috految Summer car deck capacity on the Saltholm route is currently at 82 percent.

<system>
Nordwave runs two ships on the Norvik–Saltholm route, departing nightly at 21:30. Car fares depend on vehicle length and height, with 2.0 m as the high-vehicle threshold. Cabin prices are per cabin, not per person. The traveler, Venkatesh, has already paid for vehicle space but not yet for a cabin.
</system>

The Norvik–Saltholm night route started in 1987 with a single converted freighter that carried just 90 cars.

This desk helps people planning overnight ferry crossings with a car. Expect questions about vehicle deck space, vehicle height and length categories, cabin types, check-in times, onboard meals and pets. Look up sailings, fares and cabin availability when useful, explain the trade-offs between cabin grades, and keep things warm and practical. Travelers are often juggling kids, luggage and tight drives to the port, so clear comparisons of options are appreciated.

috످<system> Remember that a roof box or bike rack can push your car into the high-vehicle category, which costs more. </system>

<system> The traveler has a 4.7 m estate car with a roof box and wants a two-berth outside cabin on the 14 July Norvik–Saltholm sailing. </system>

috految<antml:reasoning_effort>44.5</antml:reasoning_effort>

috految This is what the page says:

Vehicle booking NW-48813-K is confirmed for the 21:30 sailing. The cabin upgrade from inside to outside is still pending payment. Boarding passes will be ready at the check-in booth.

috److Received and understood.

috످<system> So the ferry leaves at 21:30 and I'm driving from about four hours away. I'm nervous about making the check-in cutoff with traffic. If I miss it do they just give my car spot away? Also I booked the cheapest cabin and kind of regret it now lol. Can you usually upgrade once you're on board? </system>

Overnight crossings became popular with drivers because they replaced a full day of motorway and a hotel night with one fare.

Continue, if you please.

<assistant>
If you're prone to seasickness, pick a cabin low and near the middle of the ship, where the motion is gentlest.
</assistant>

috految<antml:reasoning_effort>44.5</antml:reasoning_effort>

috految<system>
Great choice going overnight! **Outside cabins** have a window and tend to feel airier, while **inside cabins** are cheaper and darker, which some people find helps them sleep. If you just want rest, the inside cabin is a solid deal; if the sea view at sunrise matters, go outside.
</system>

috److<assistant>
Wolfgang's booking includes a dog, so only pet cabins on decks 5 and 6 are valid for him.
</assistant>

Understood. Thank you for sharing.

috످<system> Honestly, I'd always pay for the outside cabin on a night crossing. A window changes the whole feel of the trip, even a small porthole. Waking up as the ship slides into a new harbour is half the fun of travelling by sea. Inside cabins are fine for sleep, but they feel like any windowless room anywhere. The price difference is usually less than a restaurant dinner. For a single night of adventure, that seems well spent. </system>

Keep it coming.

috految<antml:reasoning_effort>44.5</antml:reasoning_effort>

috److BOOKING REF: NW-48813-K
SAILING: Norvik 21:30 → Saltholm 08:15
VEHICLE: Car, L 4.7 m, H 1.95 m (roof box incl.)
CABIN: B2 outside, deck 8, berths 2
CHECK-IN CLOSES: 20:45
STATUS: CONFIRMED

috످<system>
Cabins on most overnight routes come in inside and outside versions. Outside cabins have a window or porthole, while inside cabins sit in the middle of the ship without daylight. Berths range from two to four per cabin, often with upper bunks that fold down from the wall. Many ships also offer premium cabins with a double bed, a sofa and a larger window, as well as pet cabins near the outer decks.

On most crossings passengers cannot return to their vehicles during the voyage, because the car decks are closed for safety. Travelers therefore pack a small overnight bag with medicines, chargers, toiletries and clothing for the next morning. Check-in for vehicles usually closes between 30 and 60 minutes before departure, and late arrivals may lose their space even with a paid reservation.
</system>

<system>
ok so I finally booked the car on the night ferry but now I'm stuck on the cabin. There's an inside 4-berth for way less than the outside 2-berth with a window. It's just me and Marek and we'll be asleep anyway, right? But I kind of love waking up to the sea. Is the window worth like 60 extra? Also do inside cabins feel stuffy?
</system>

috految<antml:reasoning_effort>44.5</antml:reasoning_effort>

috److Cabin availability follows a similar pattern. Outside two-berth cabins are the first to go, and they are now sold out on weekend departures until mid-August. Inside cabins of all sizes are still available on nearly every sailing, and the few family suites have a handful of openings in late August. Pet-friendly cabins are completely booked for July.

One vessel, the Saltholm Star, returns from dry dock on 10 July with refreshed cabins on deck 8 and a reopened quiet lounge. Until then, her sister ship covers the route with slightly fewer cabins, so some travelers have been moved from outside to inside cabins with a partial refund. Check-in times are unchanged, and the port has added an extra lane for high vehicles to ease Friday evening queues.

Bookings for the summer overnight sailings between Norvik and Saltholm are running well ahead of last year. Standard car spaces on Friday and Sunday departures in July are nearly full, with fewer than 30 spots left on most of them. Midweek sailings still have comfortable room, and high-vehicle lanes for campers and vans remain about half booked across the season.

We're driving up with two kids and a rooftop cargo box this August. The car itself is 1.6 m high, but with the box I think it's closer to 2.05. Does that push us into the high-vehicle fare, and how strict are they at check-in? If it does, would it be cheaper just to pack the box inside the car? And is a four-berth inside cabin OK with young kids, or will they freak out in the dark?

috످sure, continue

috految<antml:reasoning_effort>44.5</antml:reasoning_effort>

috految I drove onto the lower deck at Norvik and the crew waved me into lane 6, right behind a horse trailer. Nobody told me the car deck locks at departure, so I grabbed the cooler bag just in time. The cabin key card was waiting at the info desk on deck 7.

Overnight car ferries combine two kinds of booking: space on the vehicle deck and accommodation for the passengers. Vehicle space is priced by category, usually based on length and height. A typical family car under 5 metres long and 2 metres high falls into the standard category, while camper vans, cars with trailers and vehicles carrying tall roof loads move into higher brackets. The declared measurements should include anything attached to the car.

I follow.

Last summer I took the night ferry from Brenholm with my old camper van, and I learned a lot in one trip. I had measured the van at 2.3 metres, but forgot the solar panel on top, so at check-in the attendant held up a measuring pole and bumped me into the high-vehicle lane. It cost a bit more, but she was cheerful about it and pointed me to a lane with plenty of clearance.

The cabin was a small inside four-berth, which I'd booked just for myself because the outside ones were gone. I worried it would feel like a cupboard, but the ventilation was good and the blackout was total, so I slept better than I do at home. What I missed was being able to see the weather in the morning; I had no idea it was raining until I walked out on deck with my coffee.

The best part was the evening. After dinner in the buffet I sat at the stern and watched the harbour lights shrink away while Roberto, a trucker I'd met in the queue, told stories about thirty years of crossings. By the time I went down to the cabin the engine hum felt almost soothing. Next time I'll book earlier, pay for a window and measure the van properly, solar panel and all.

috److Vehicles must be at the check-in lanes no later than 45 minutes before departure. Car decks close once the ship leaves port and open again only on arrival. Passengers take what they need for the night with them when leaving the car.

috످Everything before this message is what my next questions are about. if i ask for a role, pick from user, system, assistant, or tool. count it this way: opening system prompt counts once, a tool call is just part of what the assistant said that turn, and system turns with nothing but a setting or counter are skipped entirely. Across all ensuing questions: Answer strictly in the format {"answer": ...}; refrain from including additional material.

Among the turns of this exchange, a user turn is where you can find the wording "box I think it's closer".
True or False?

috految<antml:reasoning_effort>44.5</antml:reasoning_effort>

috److془The passage is about a family asking whether roof box pushes them into higher fare. It stands in assistant turn (after "Cabins on most..." user turn, before "sure, continue"). False.془{"answer": false}

috످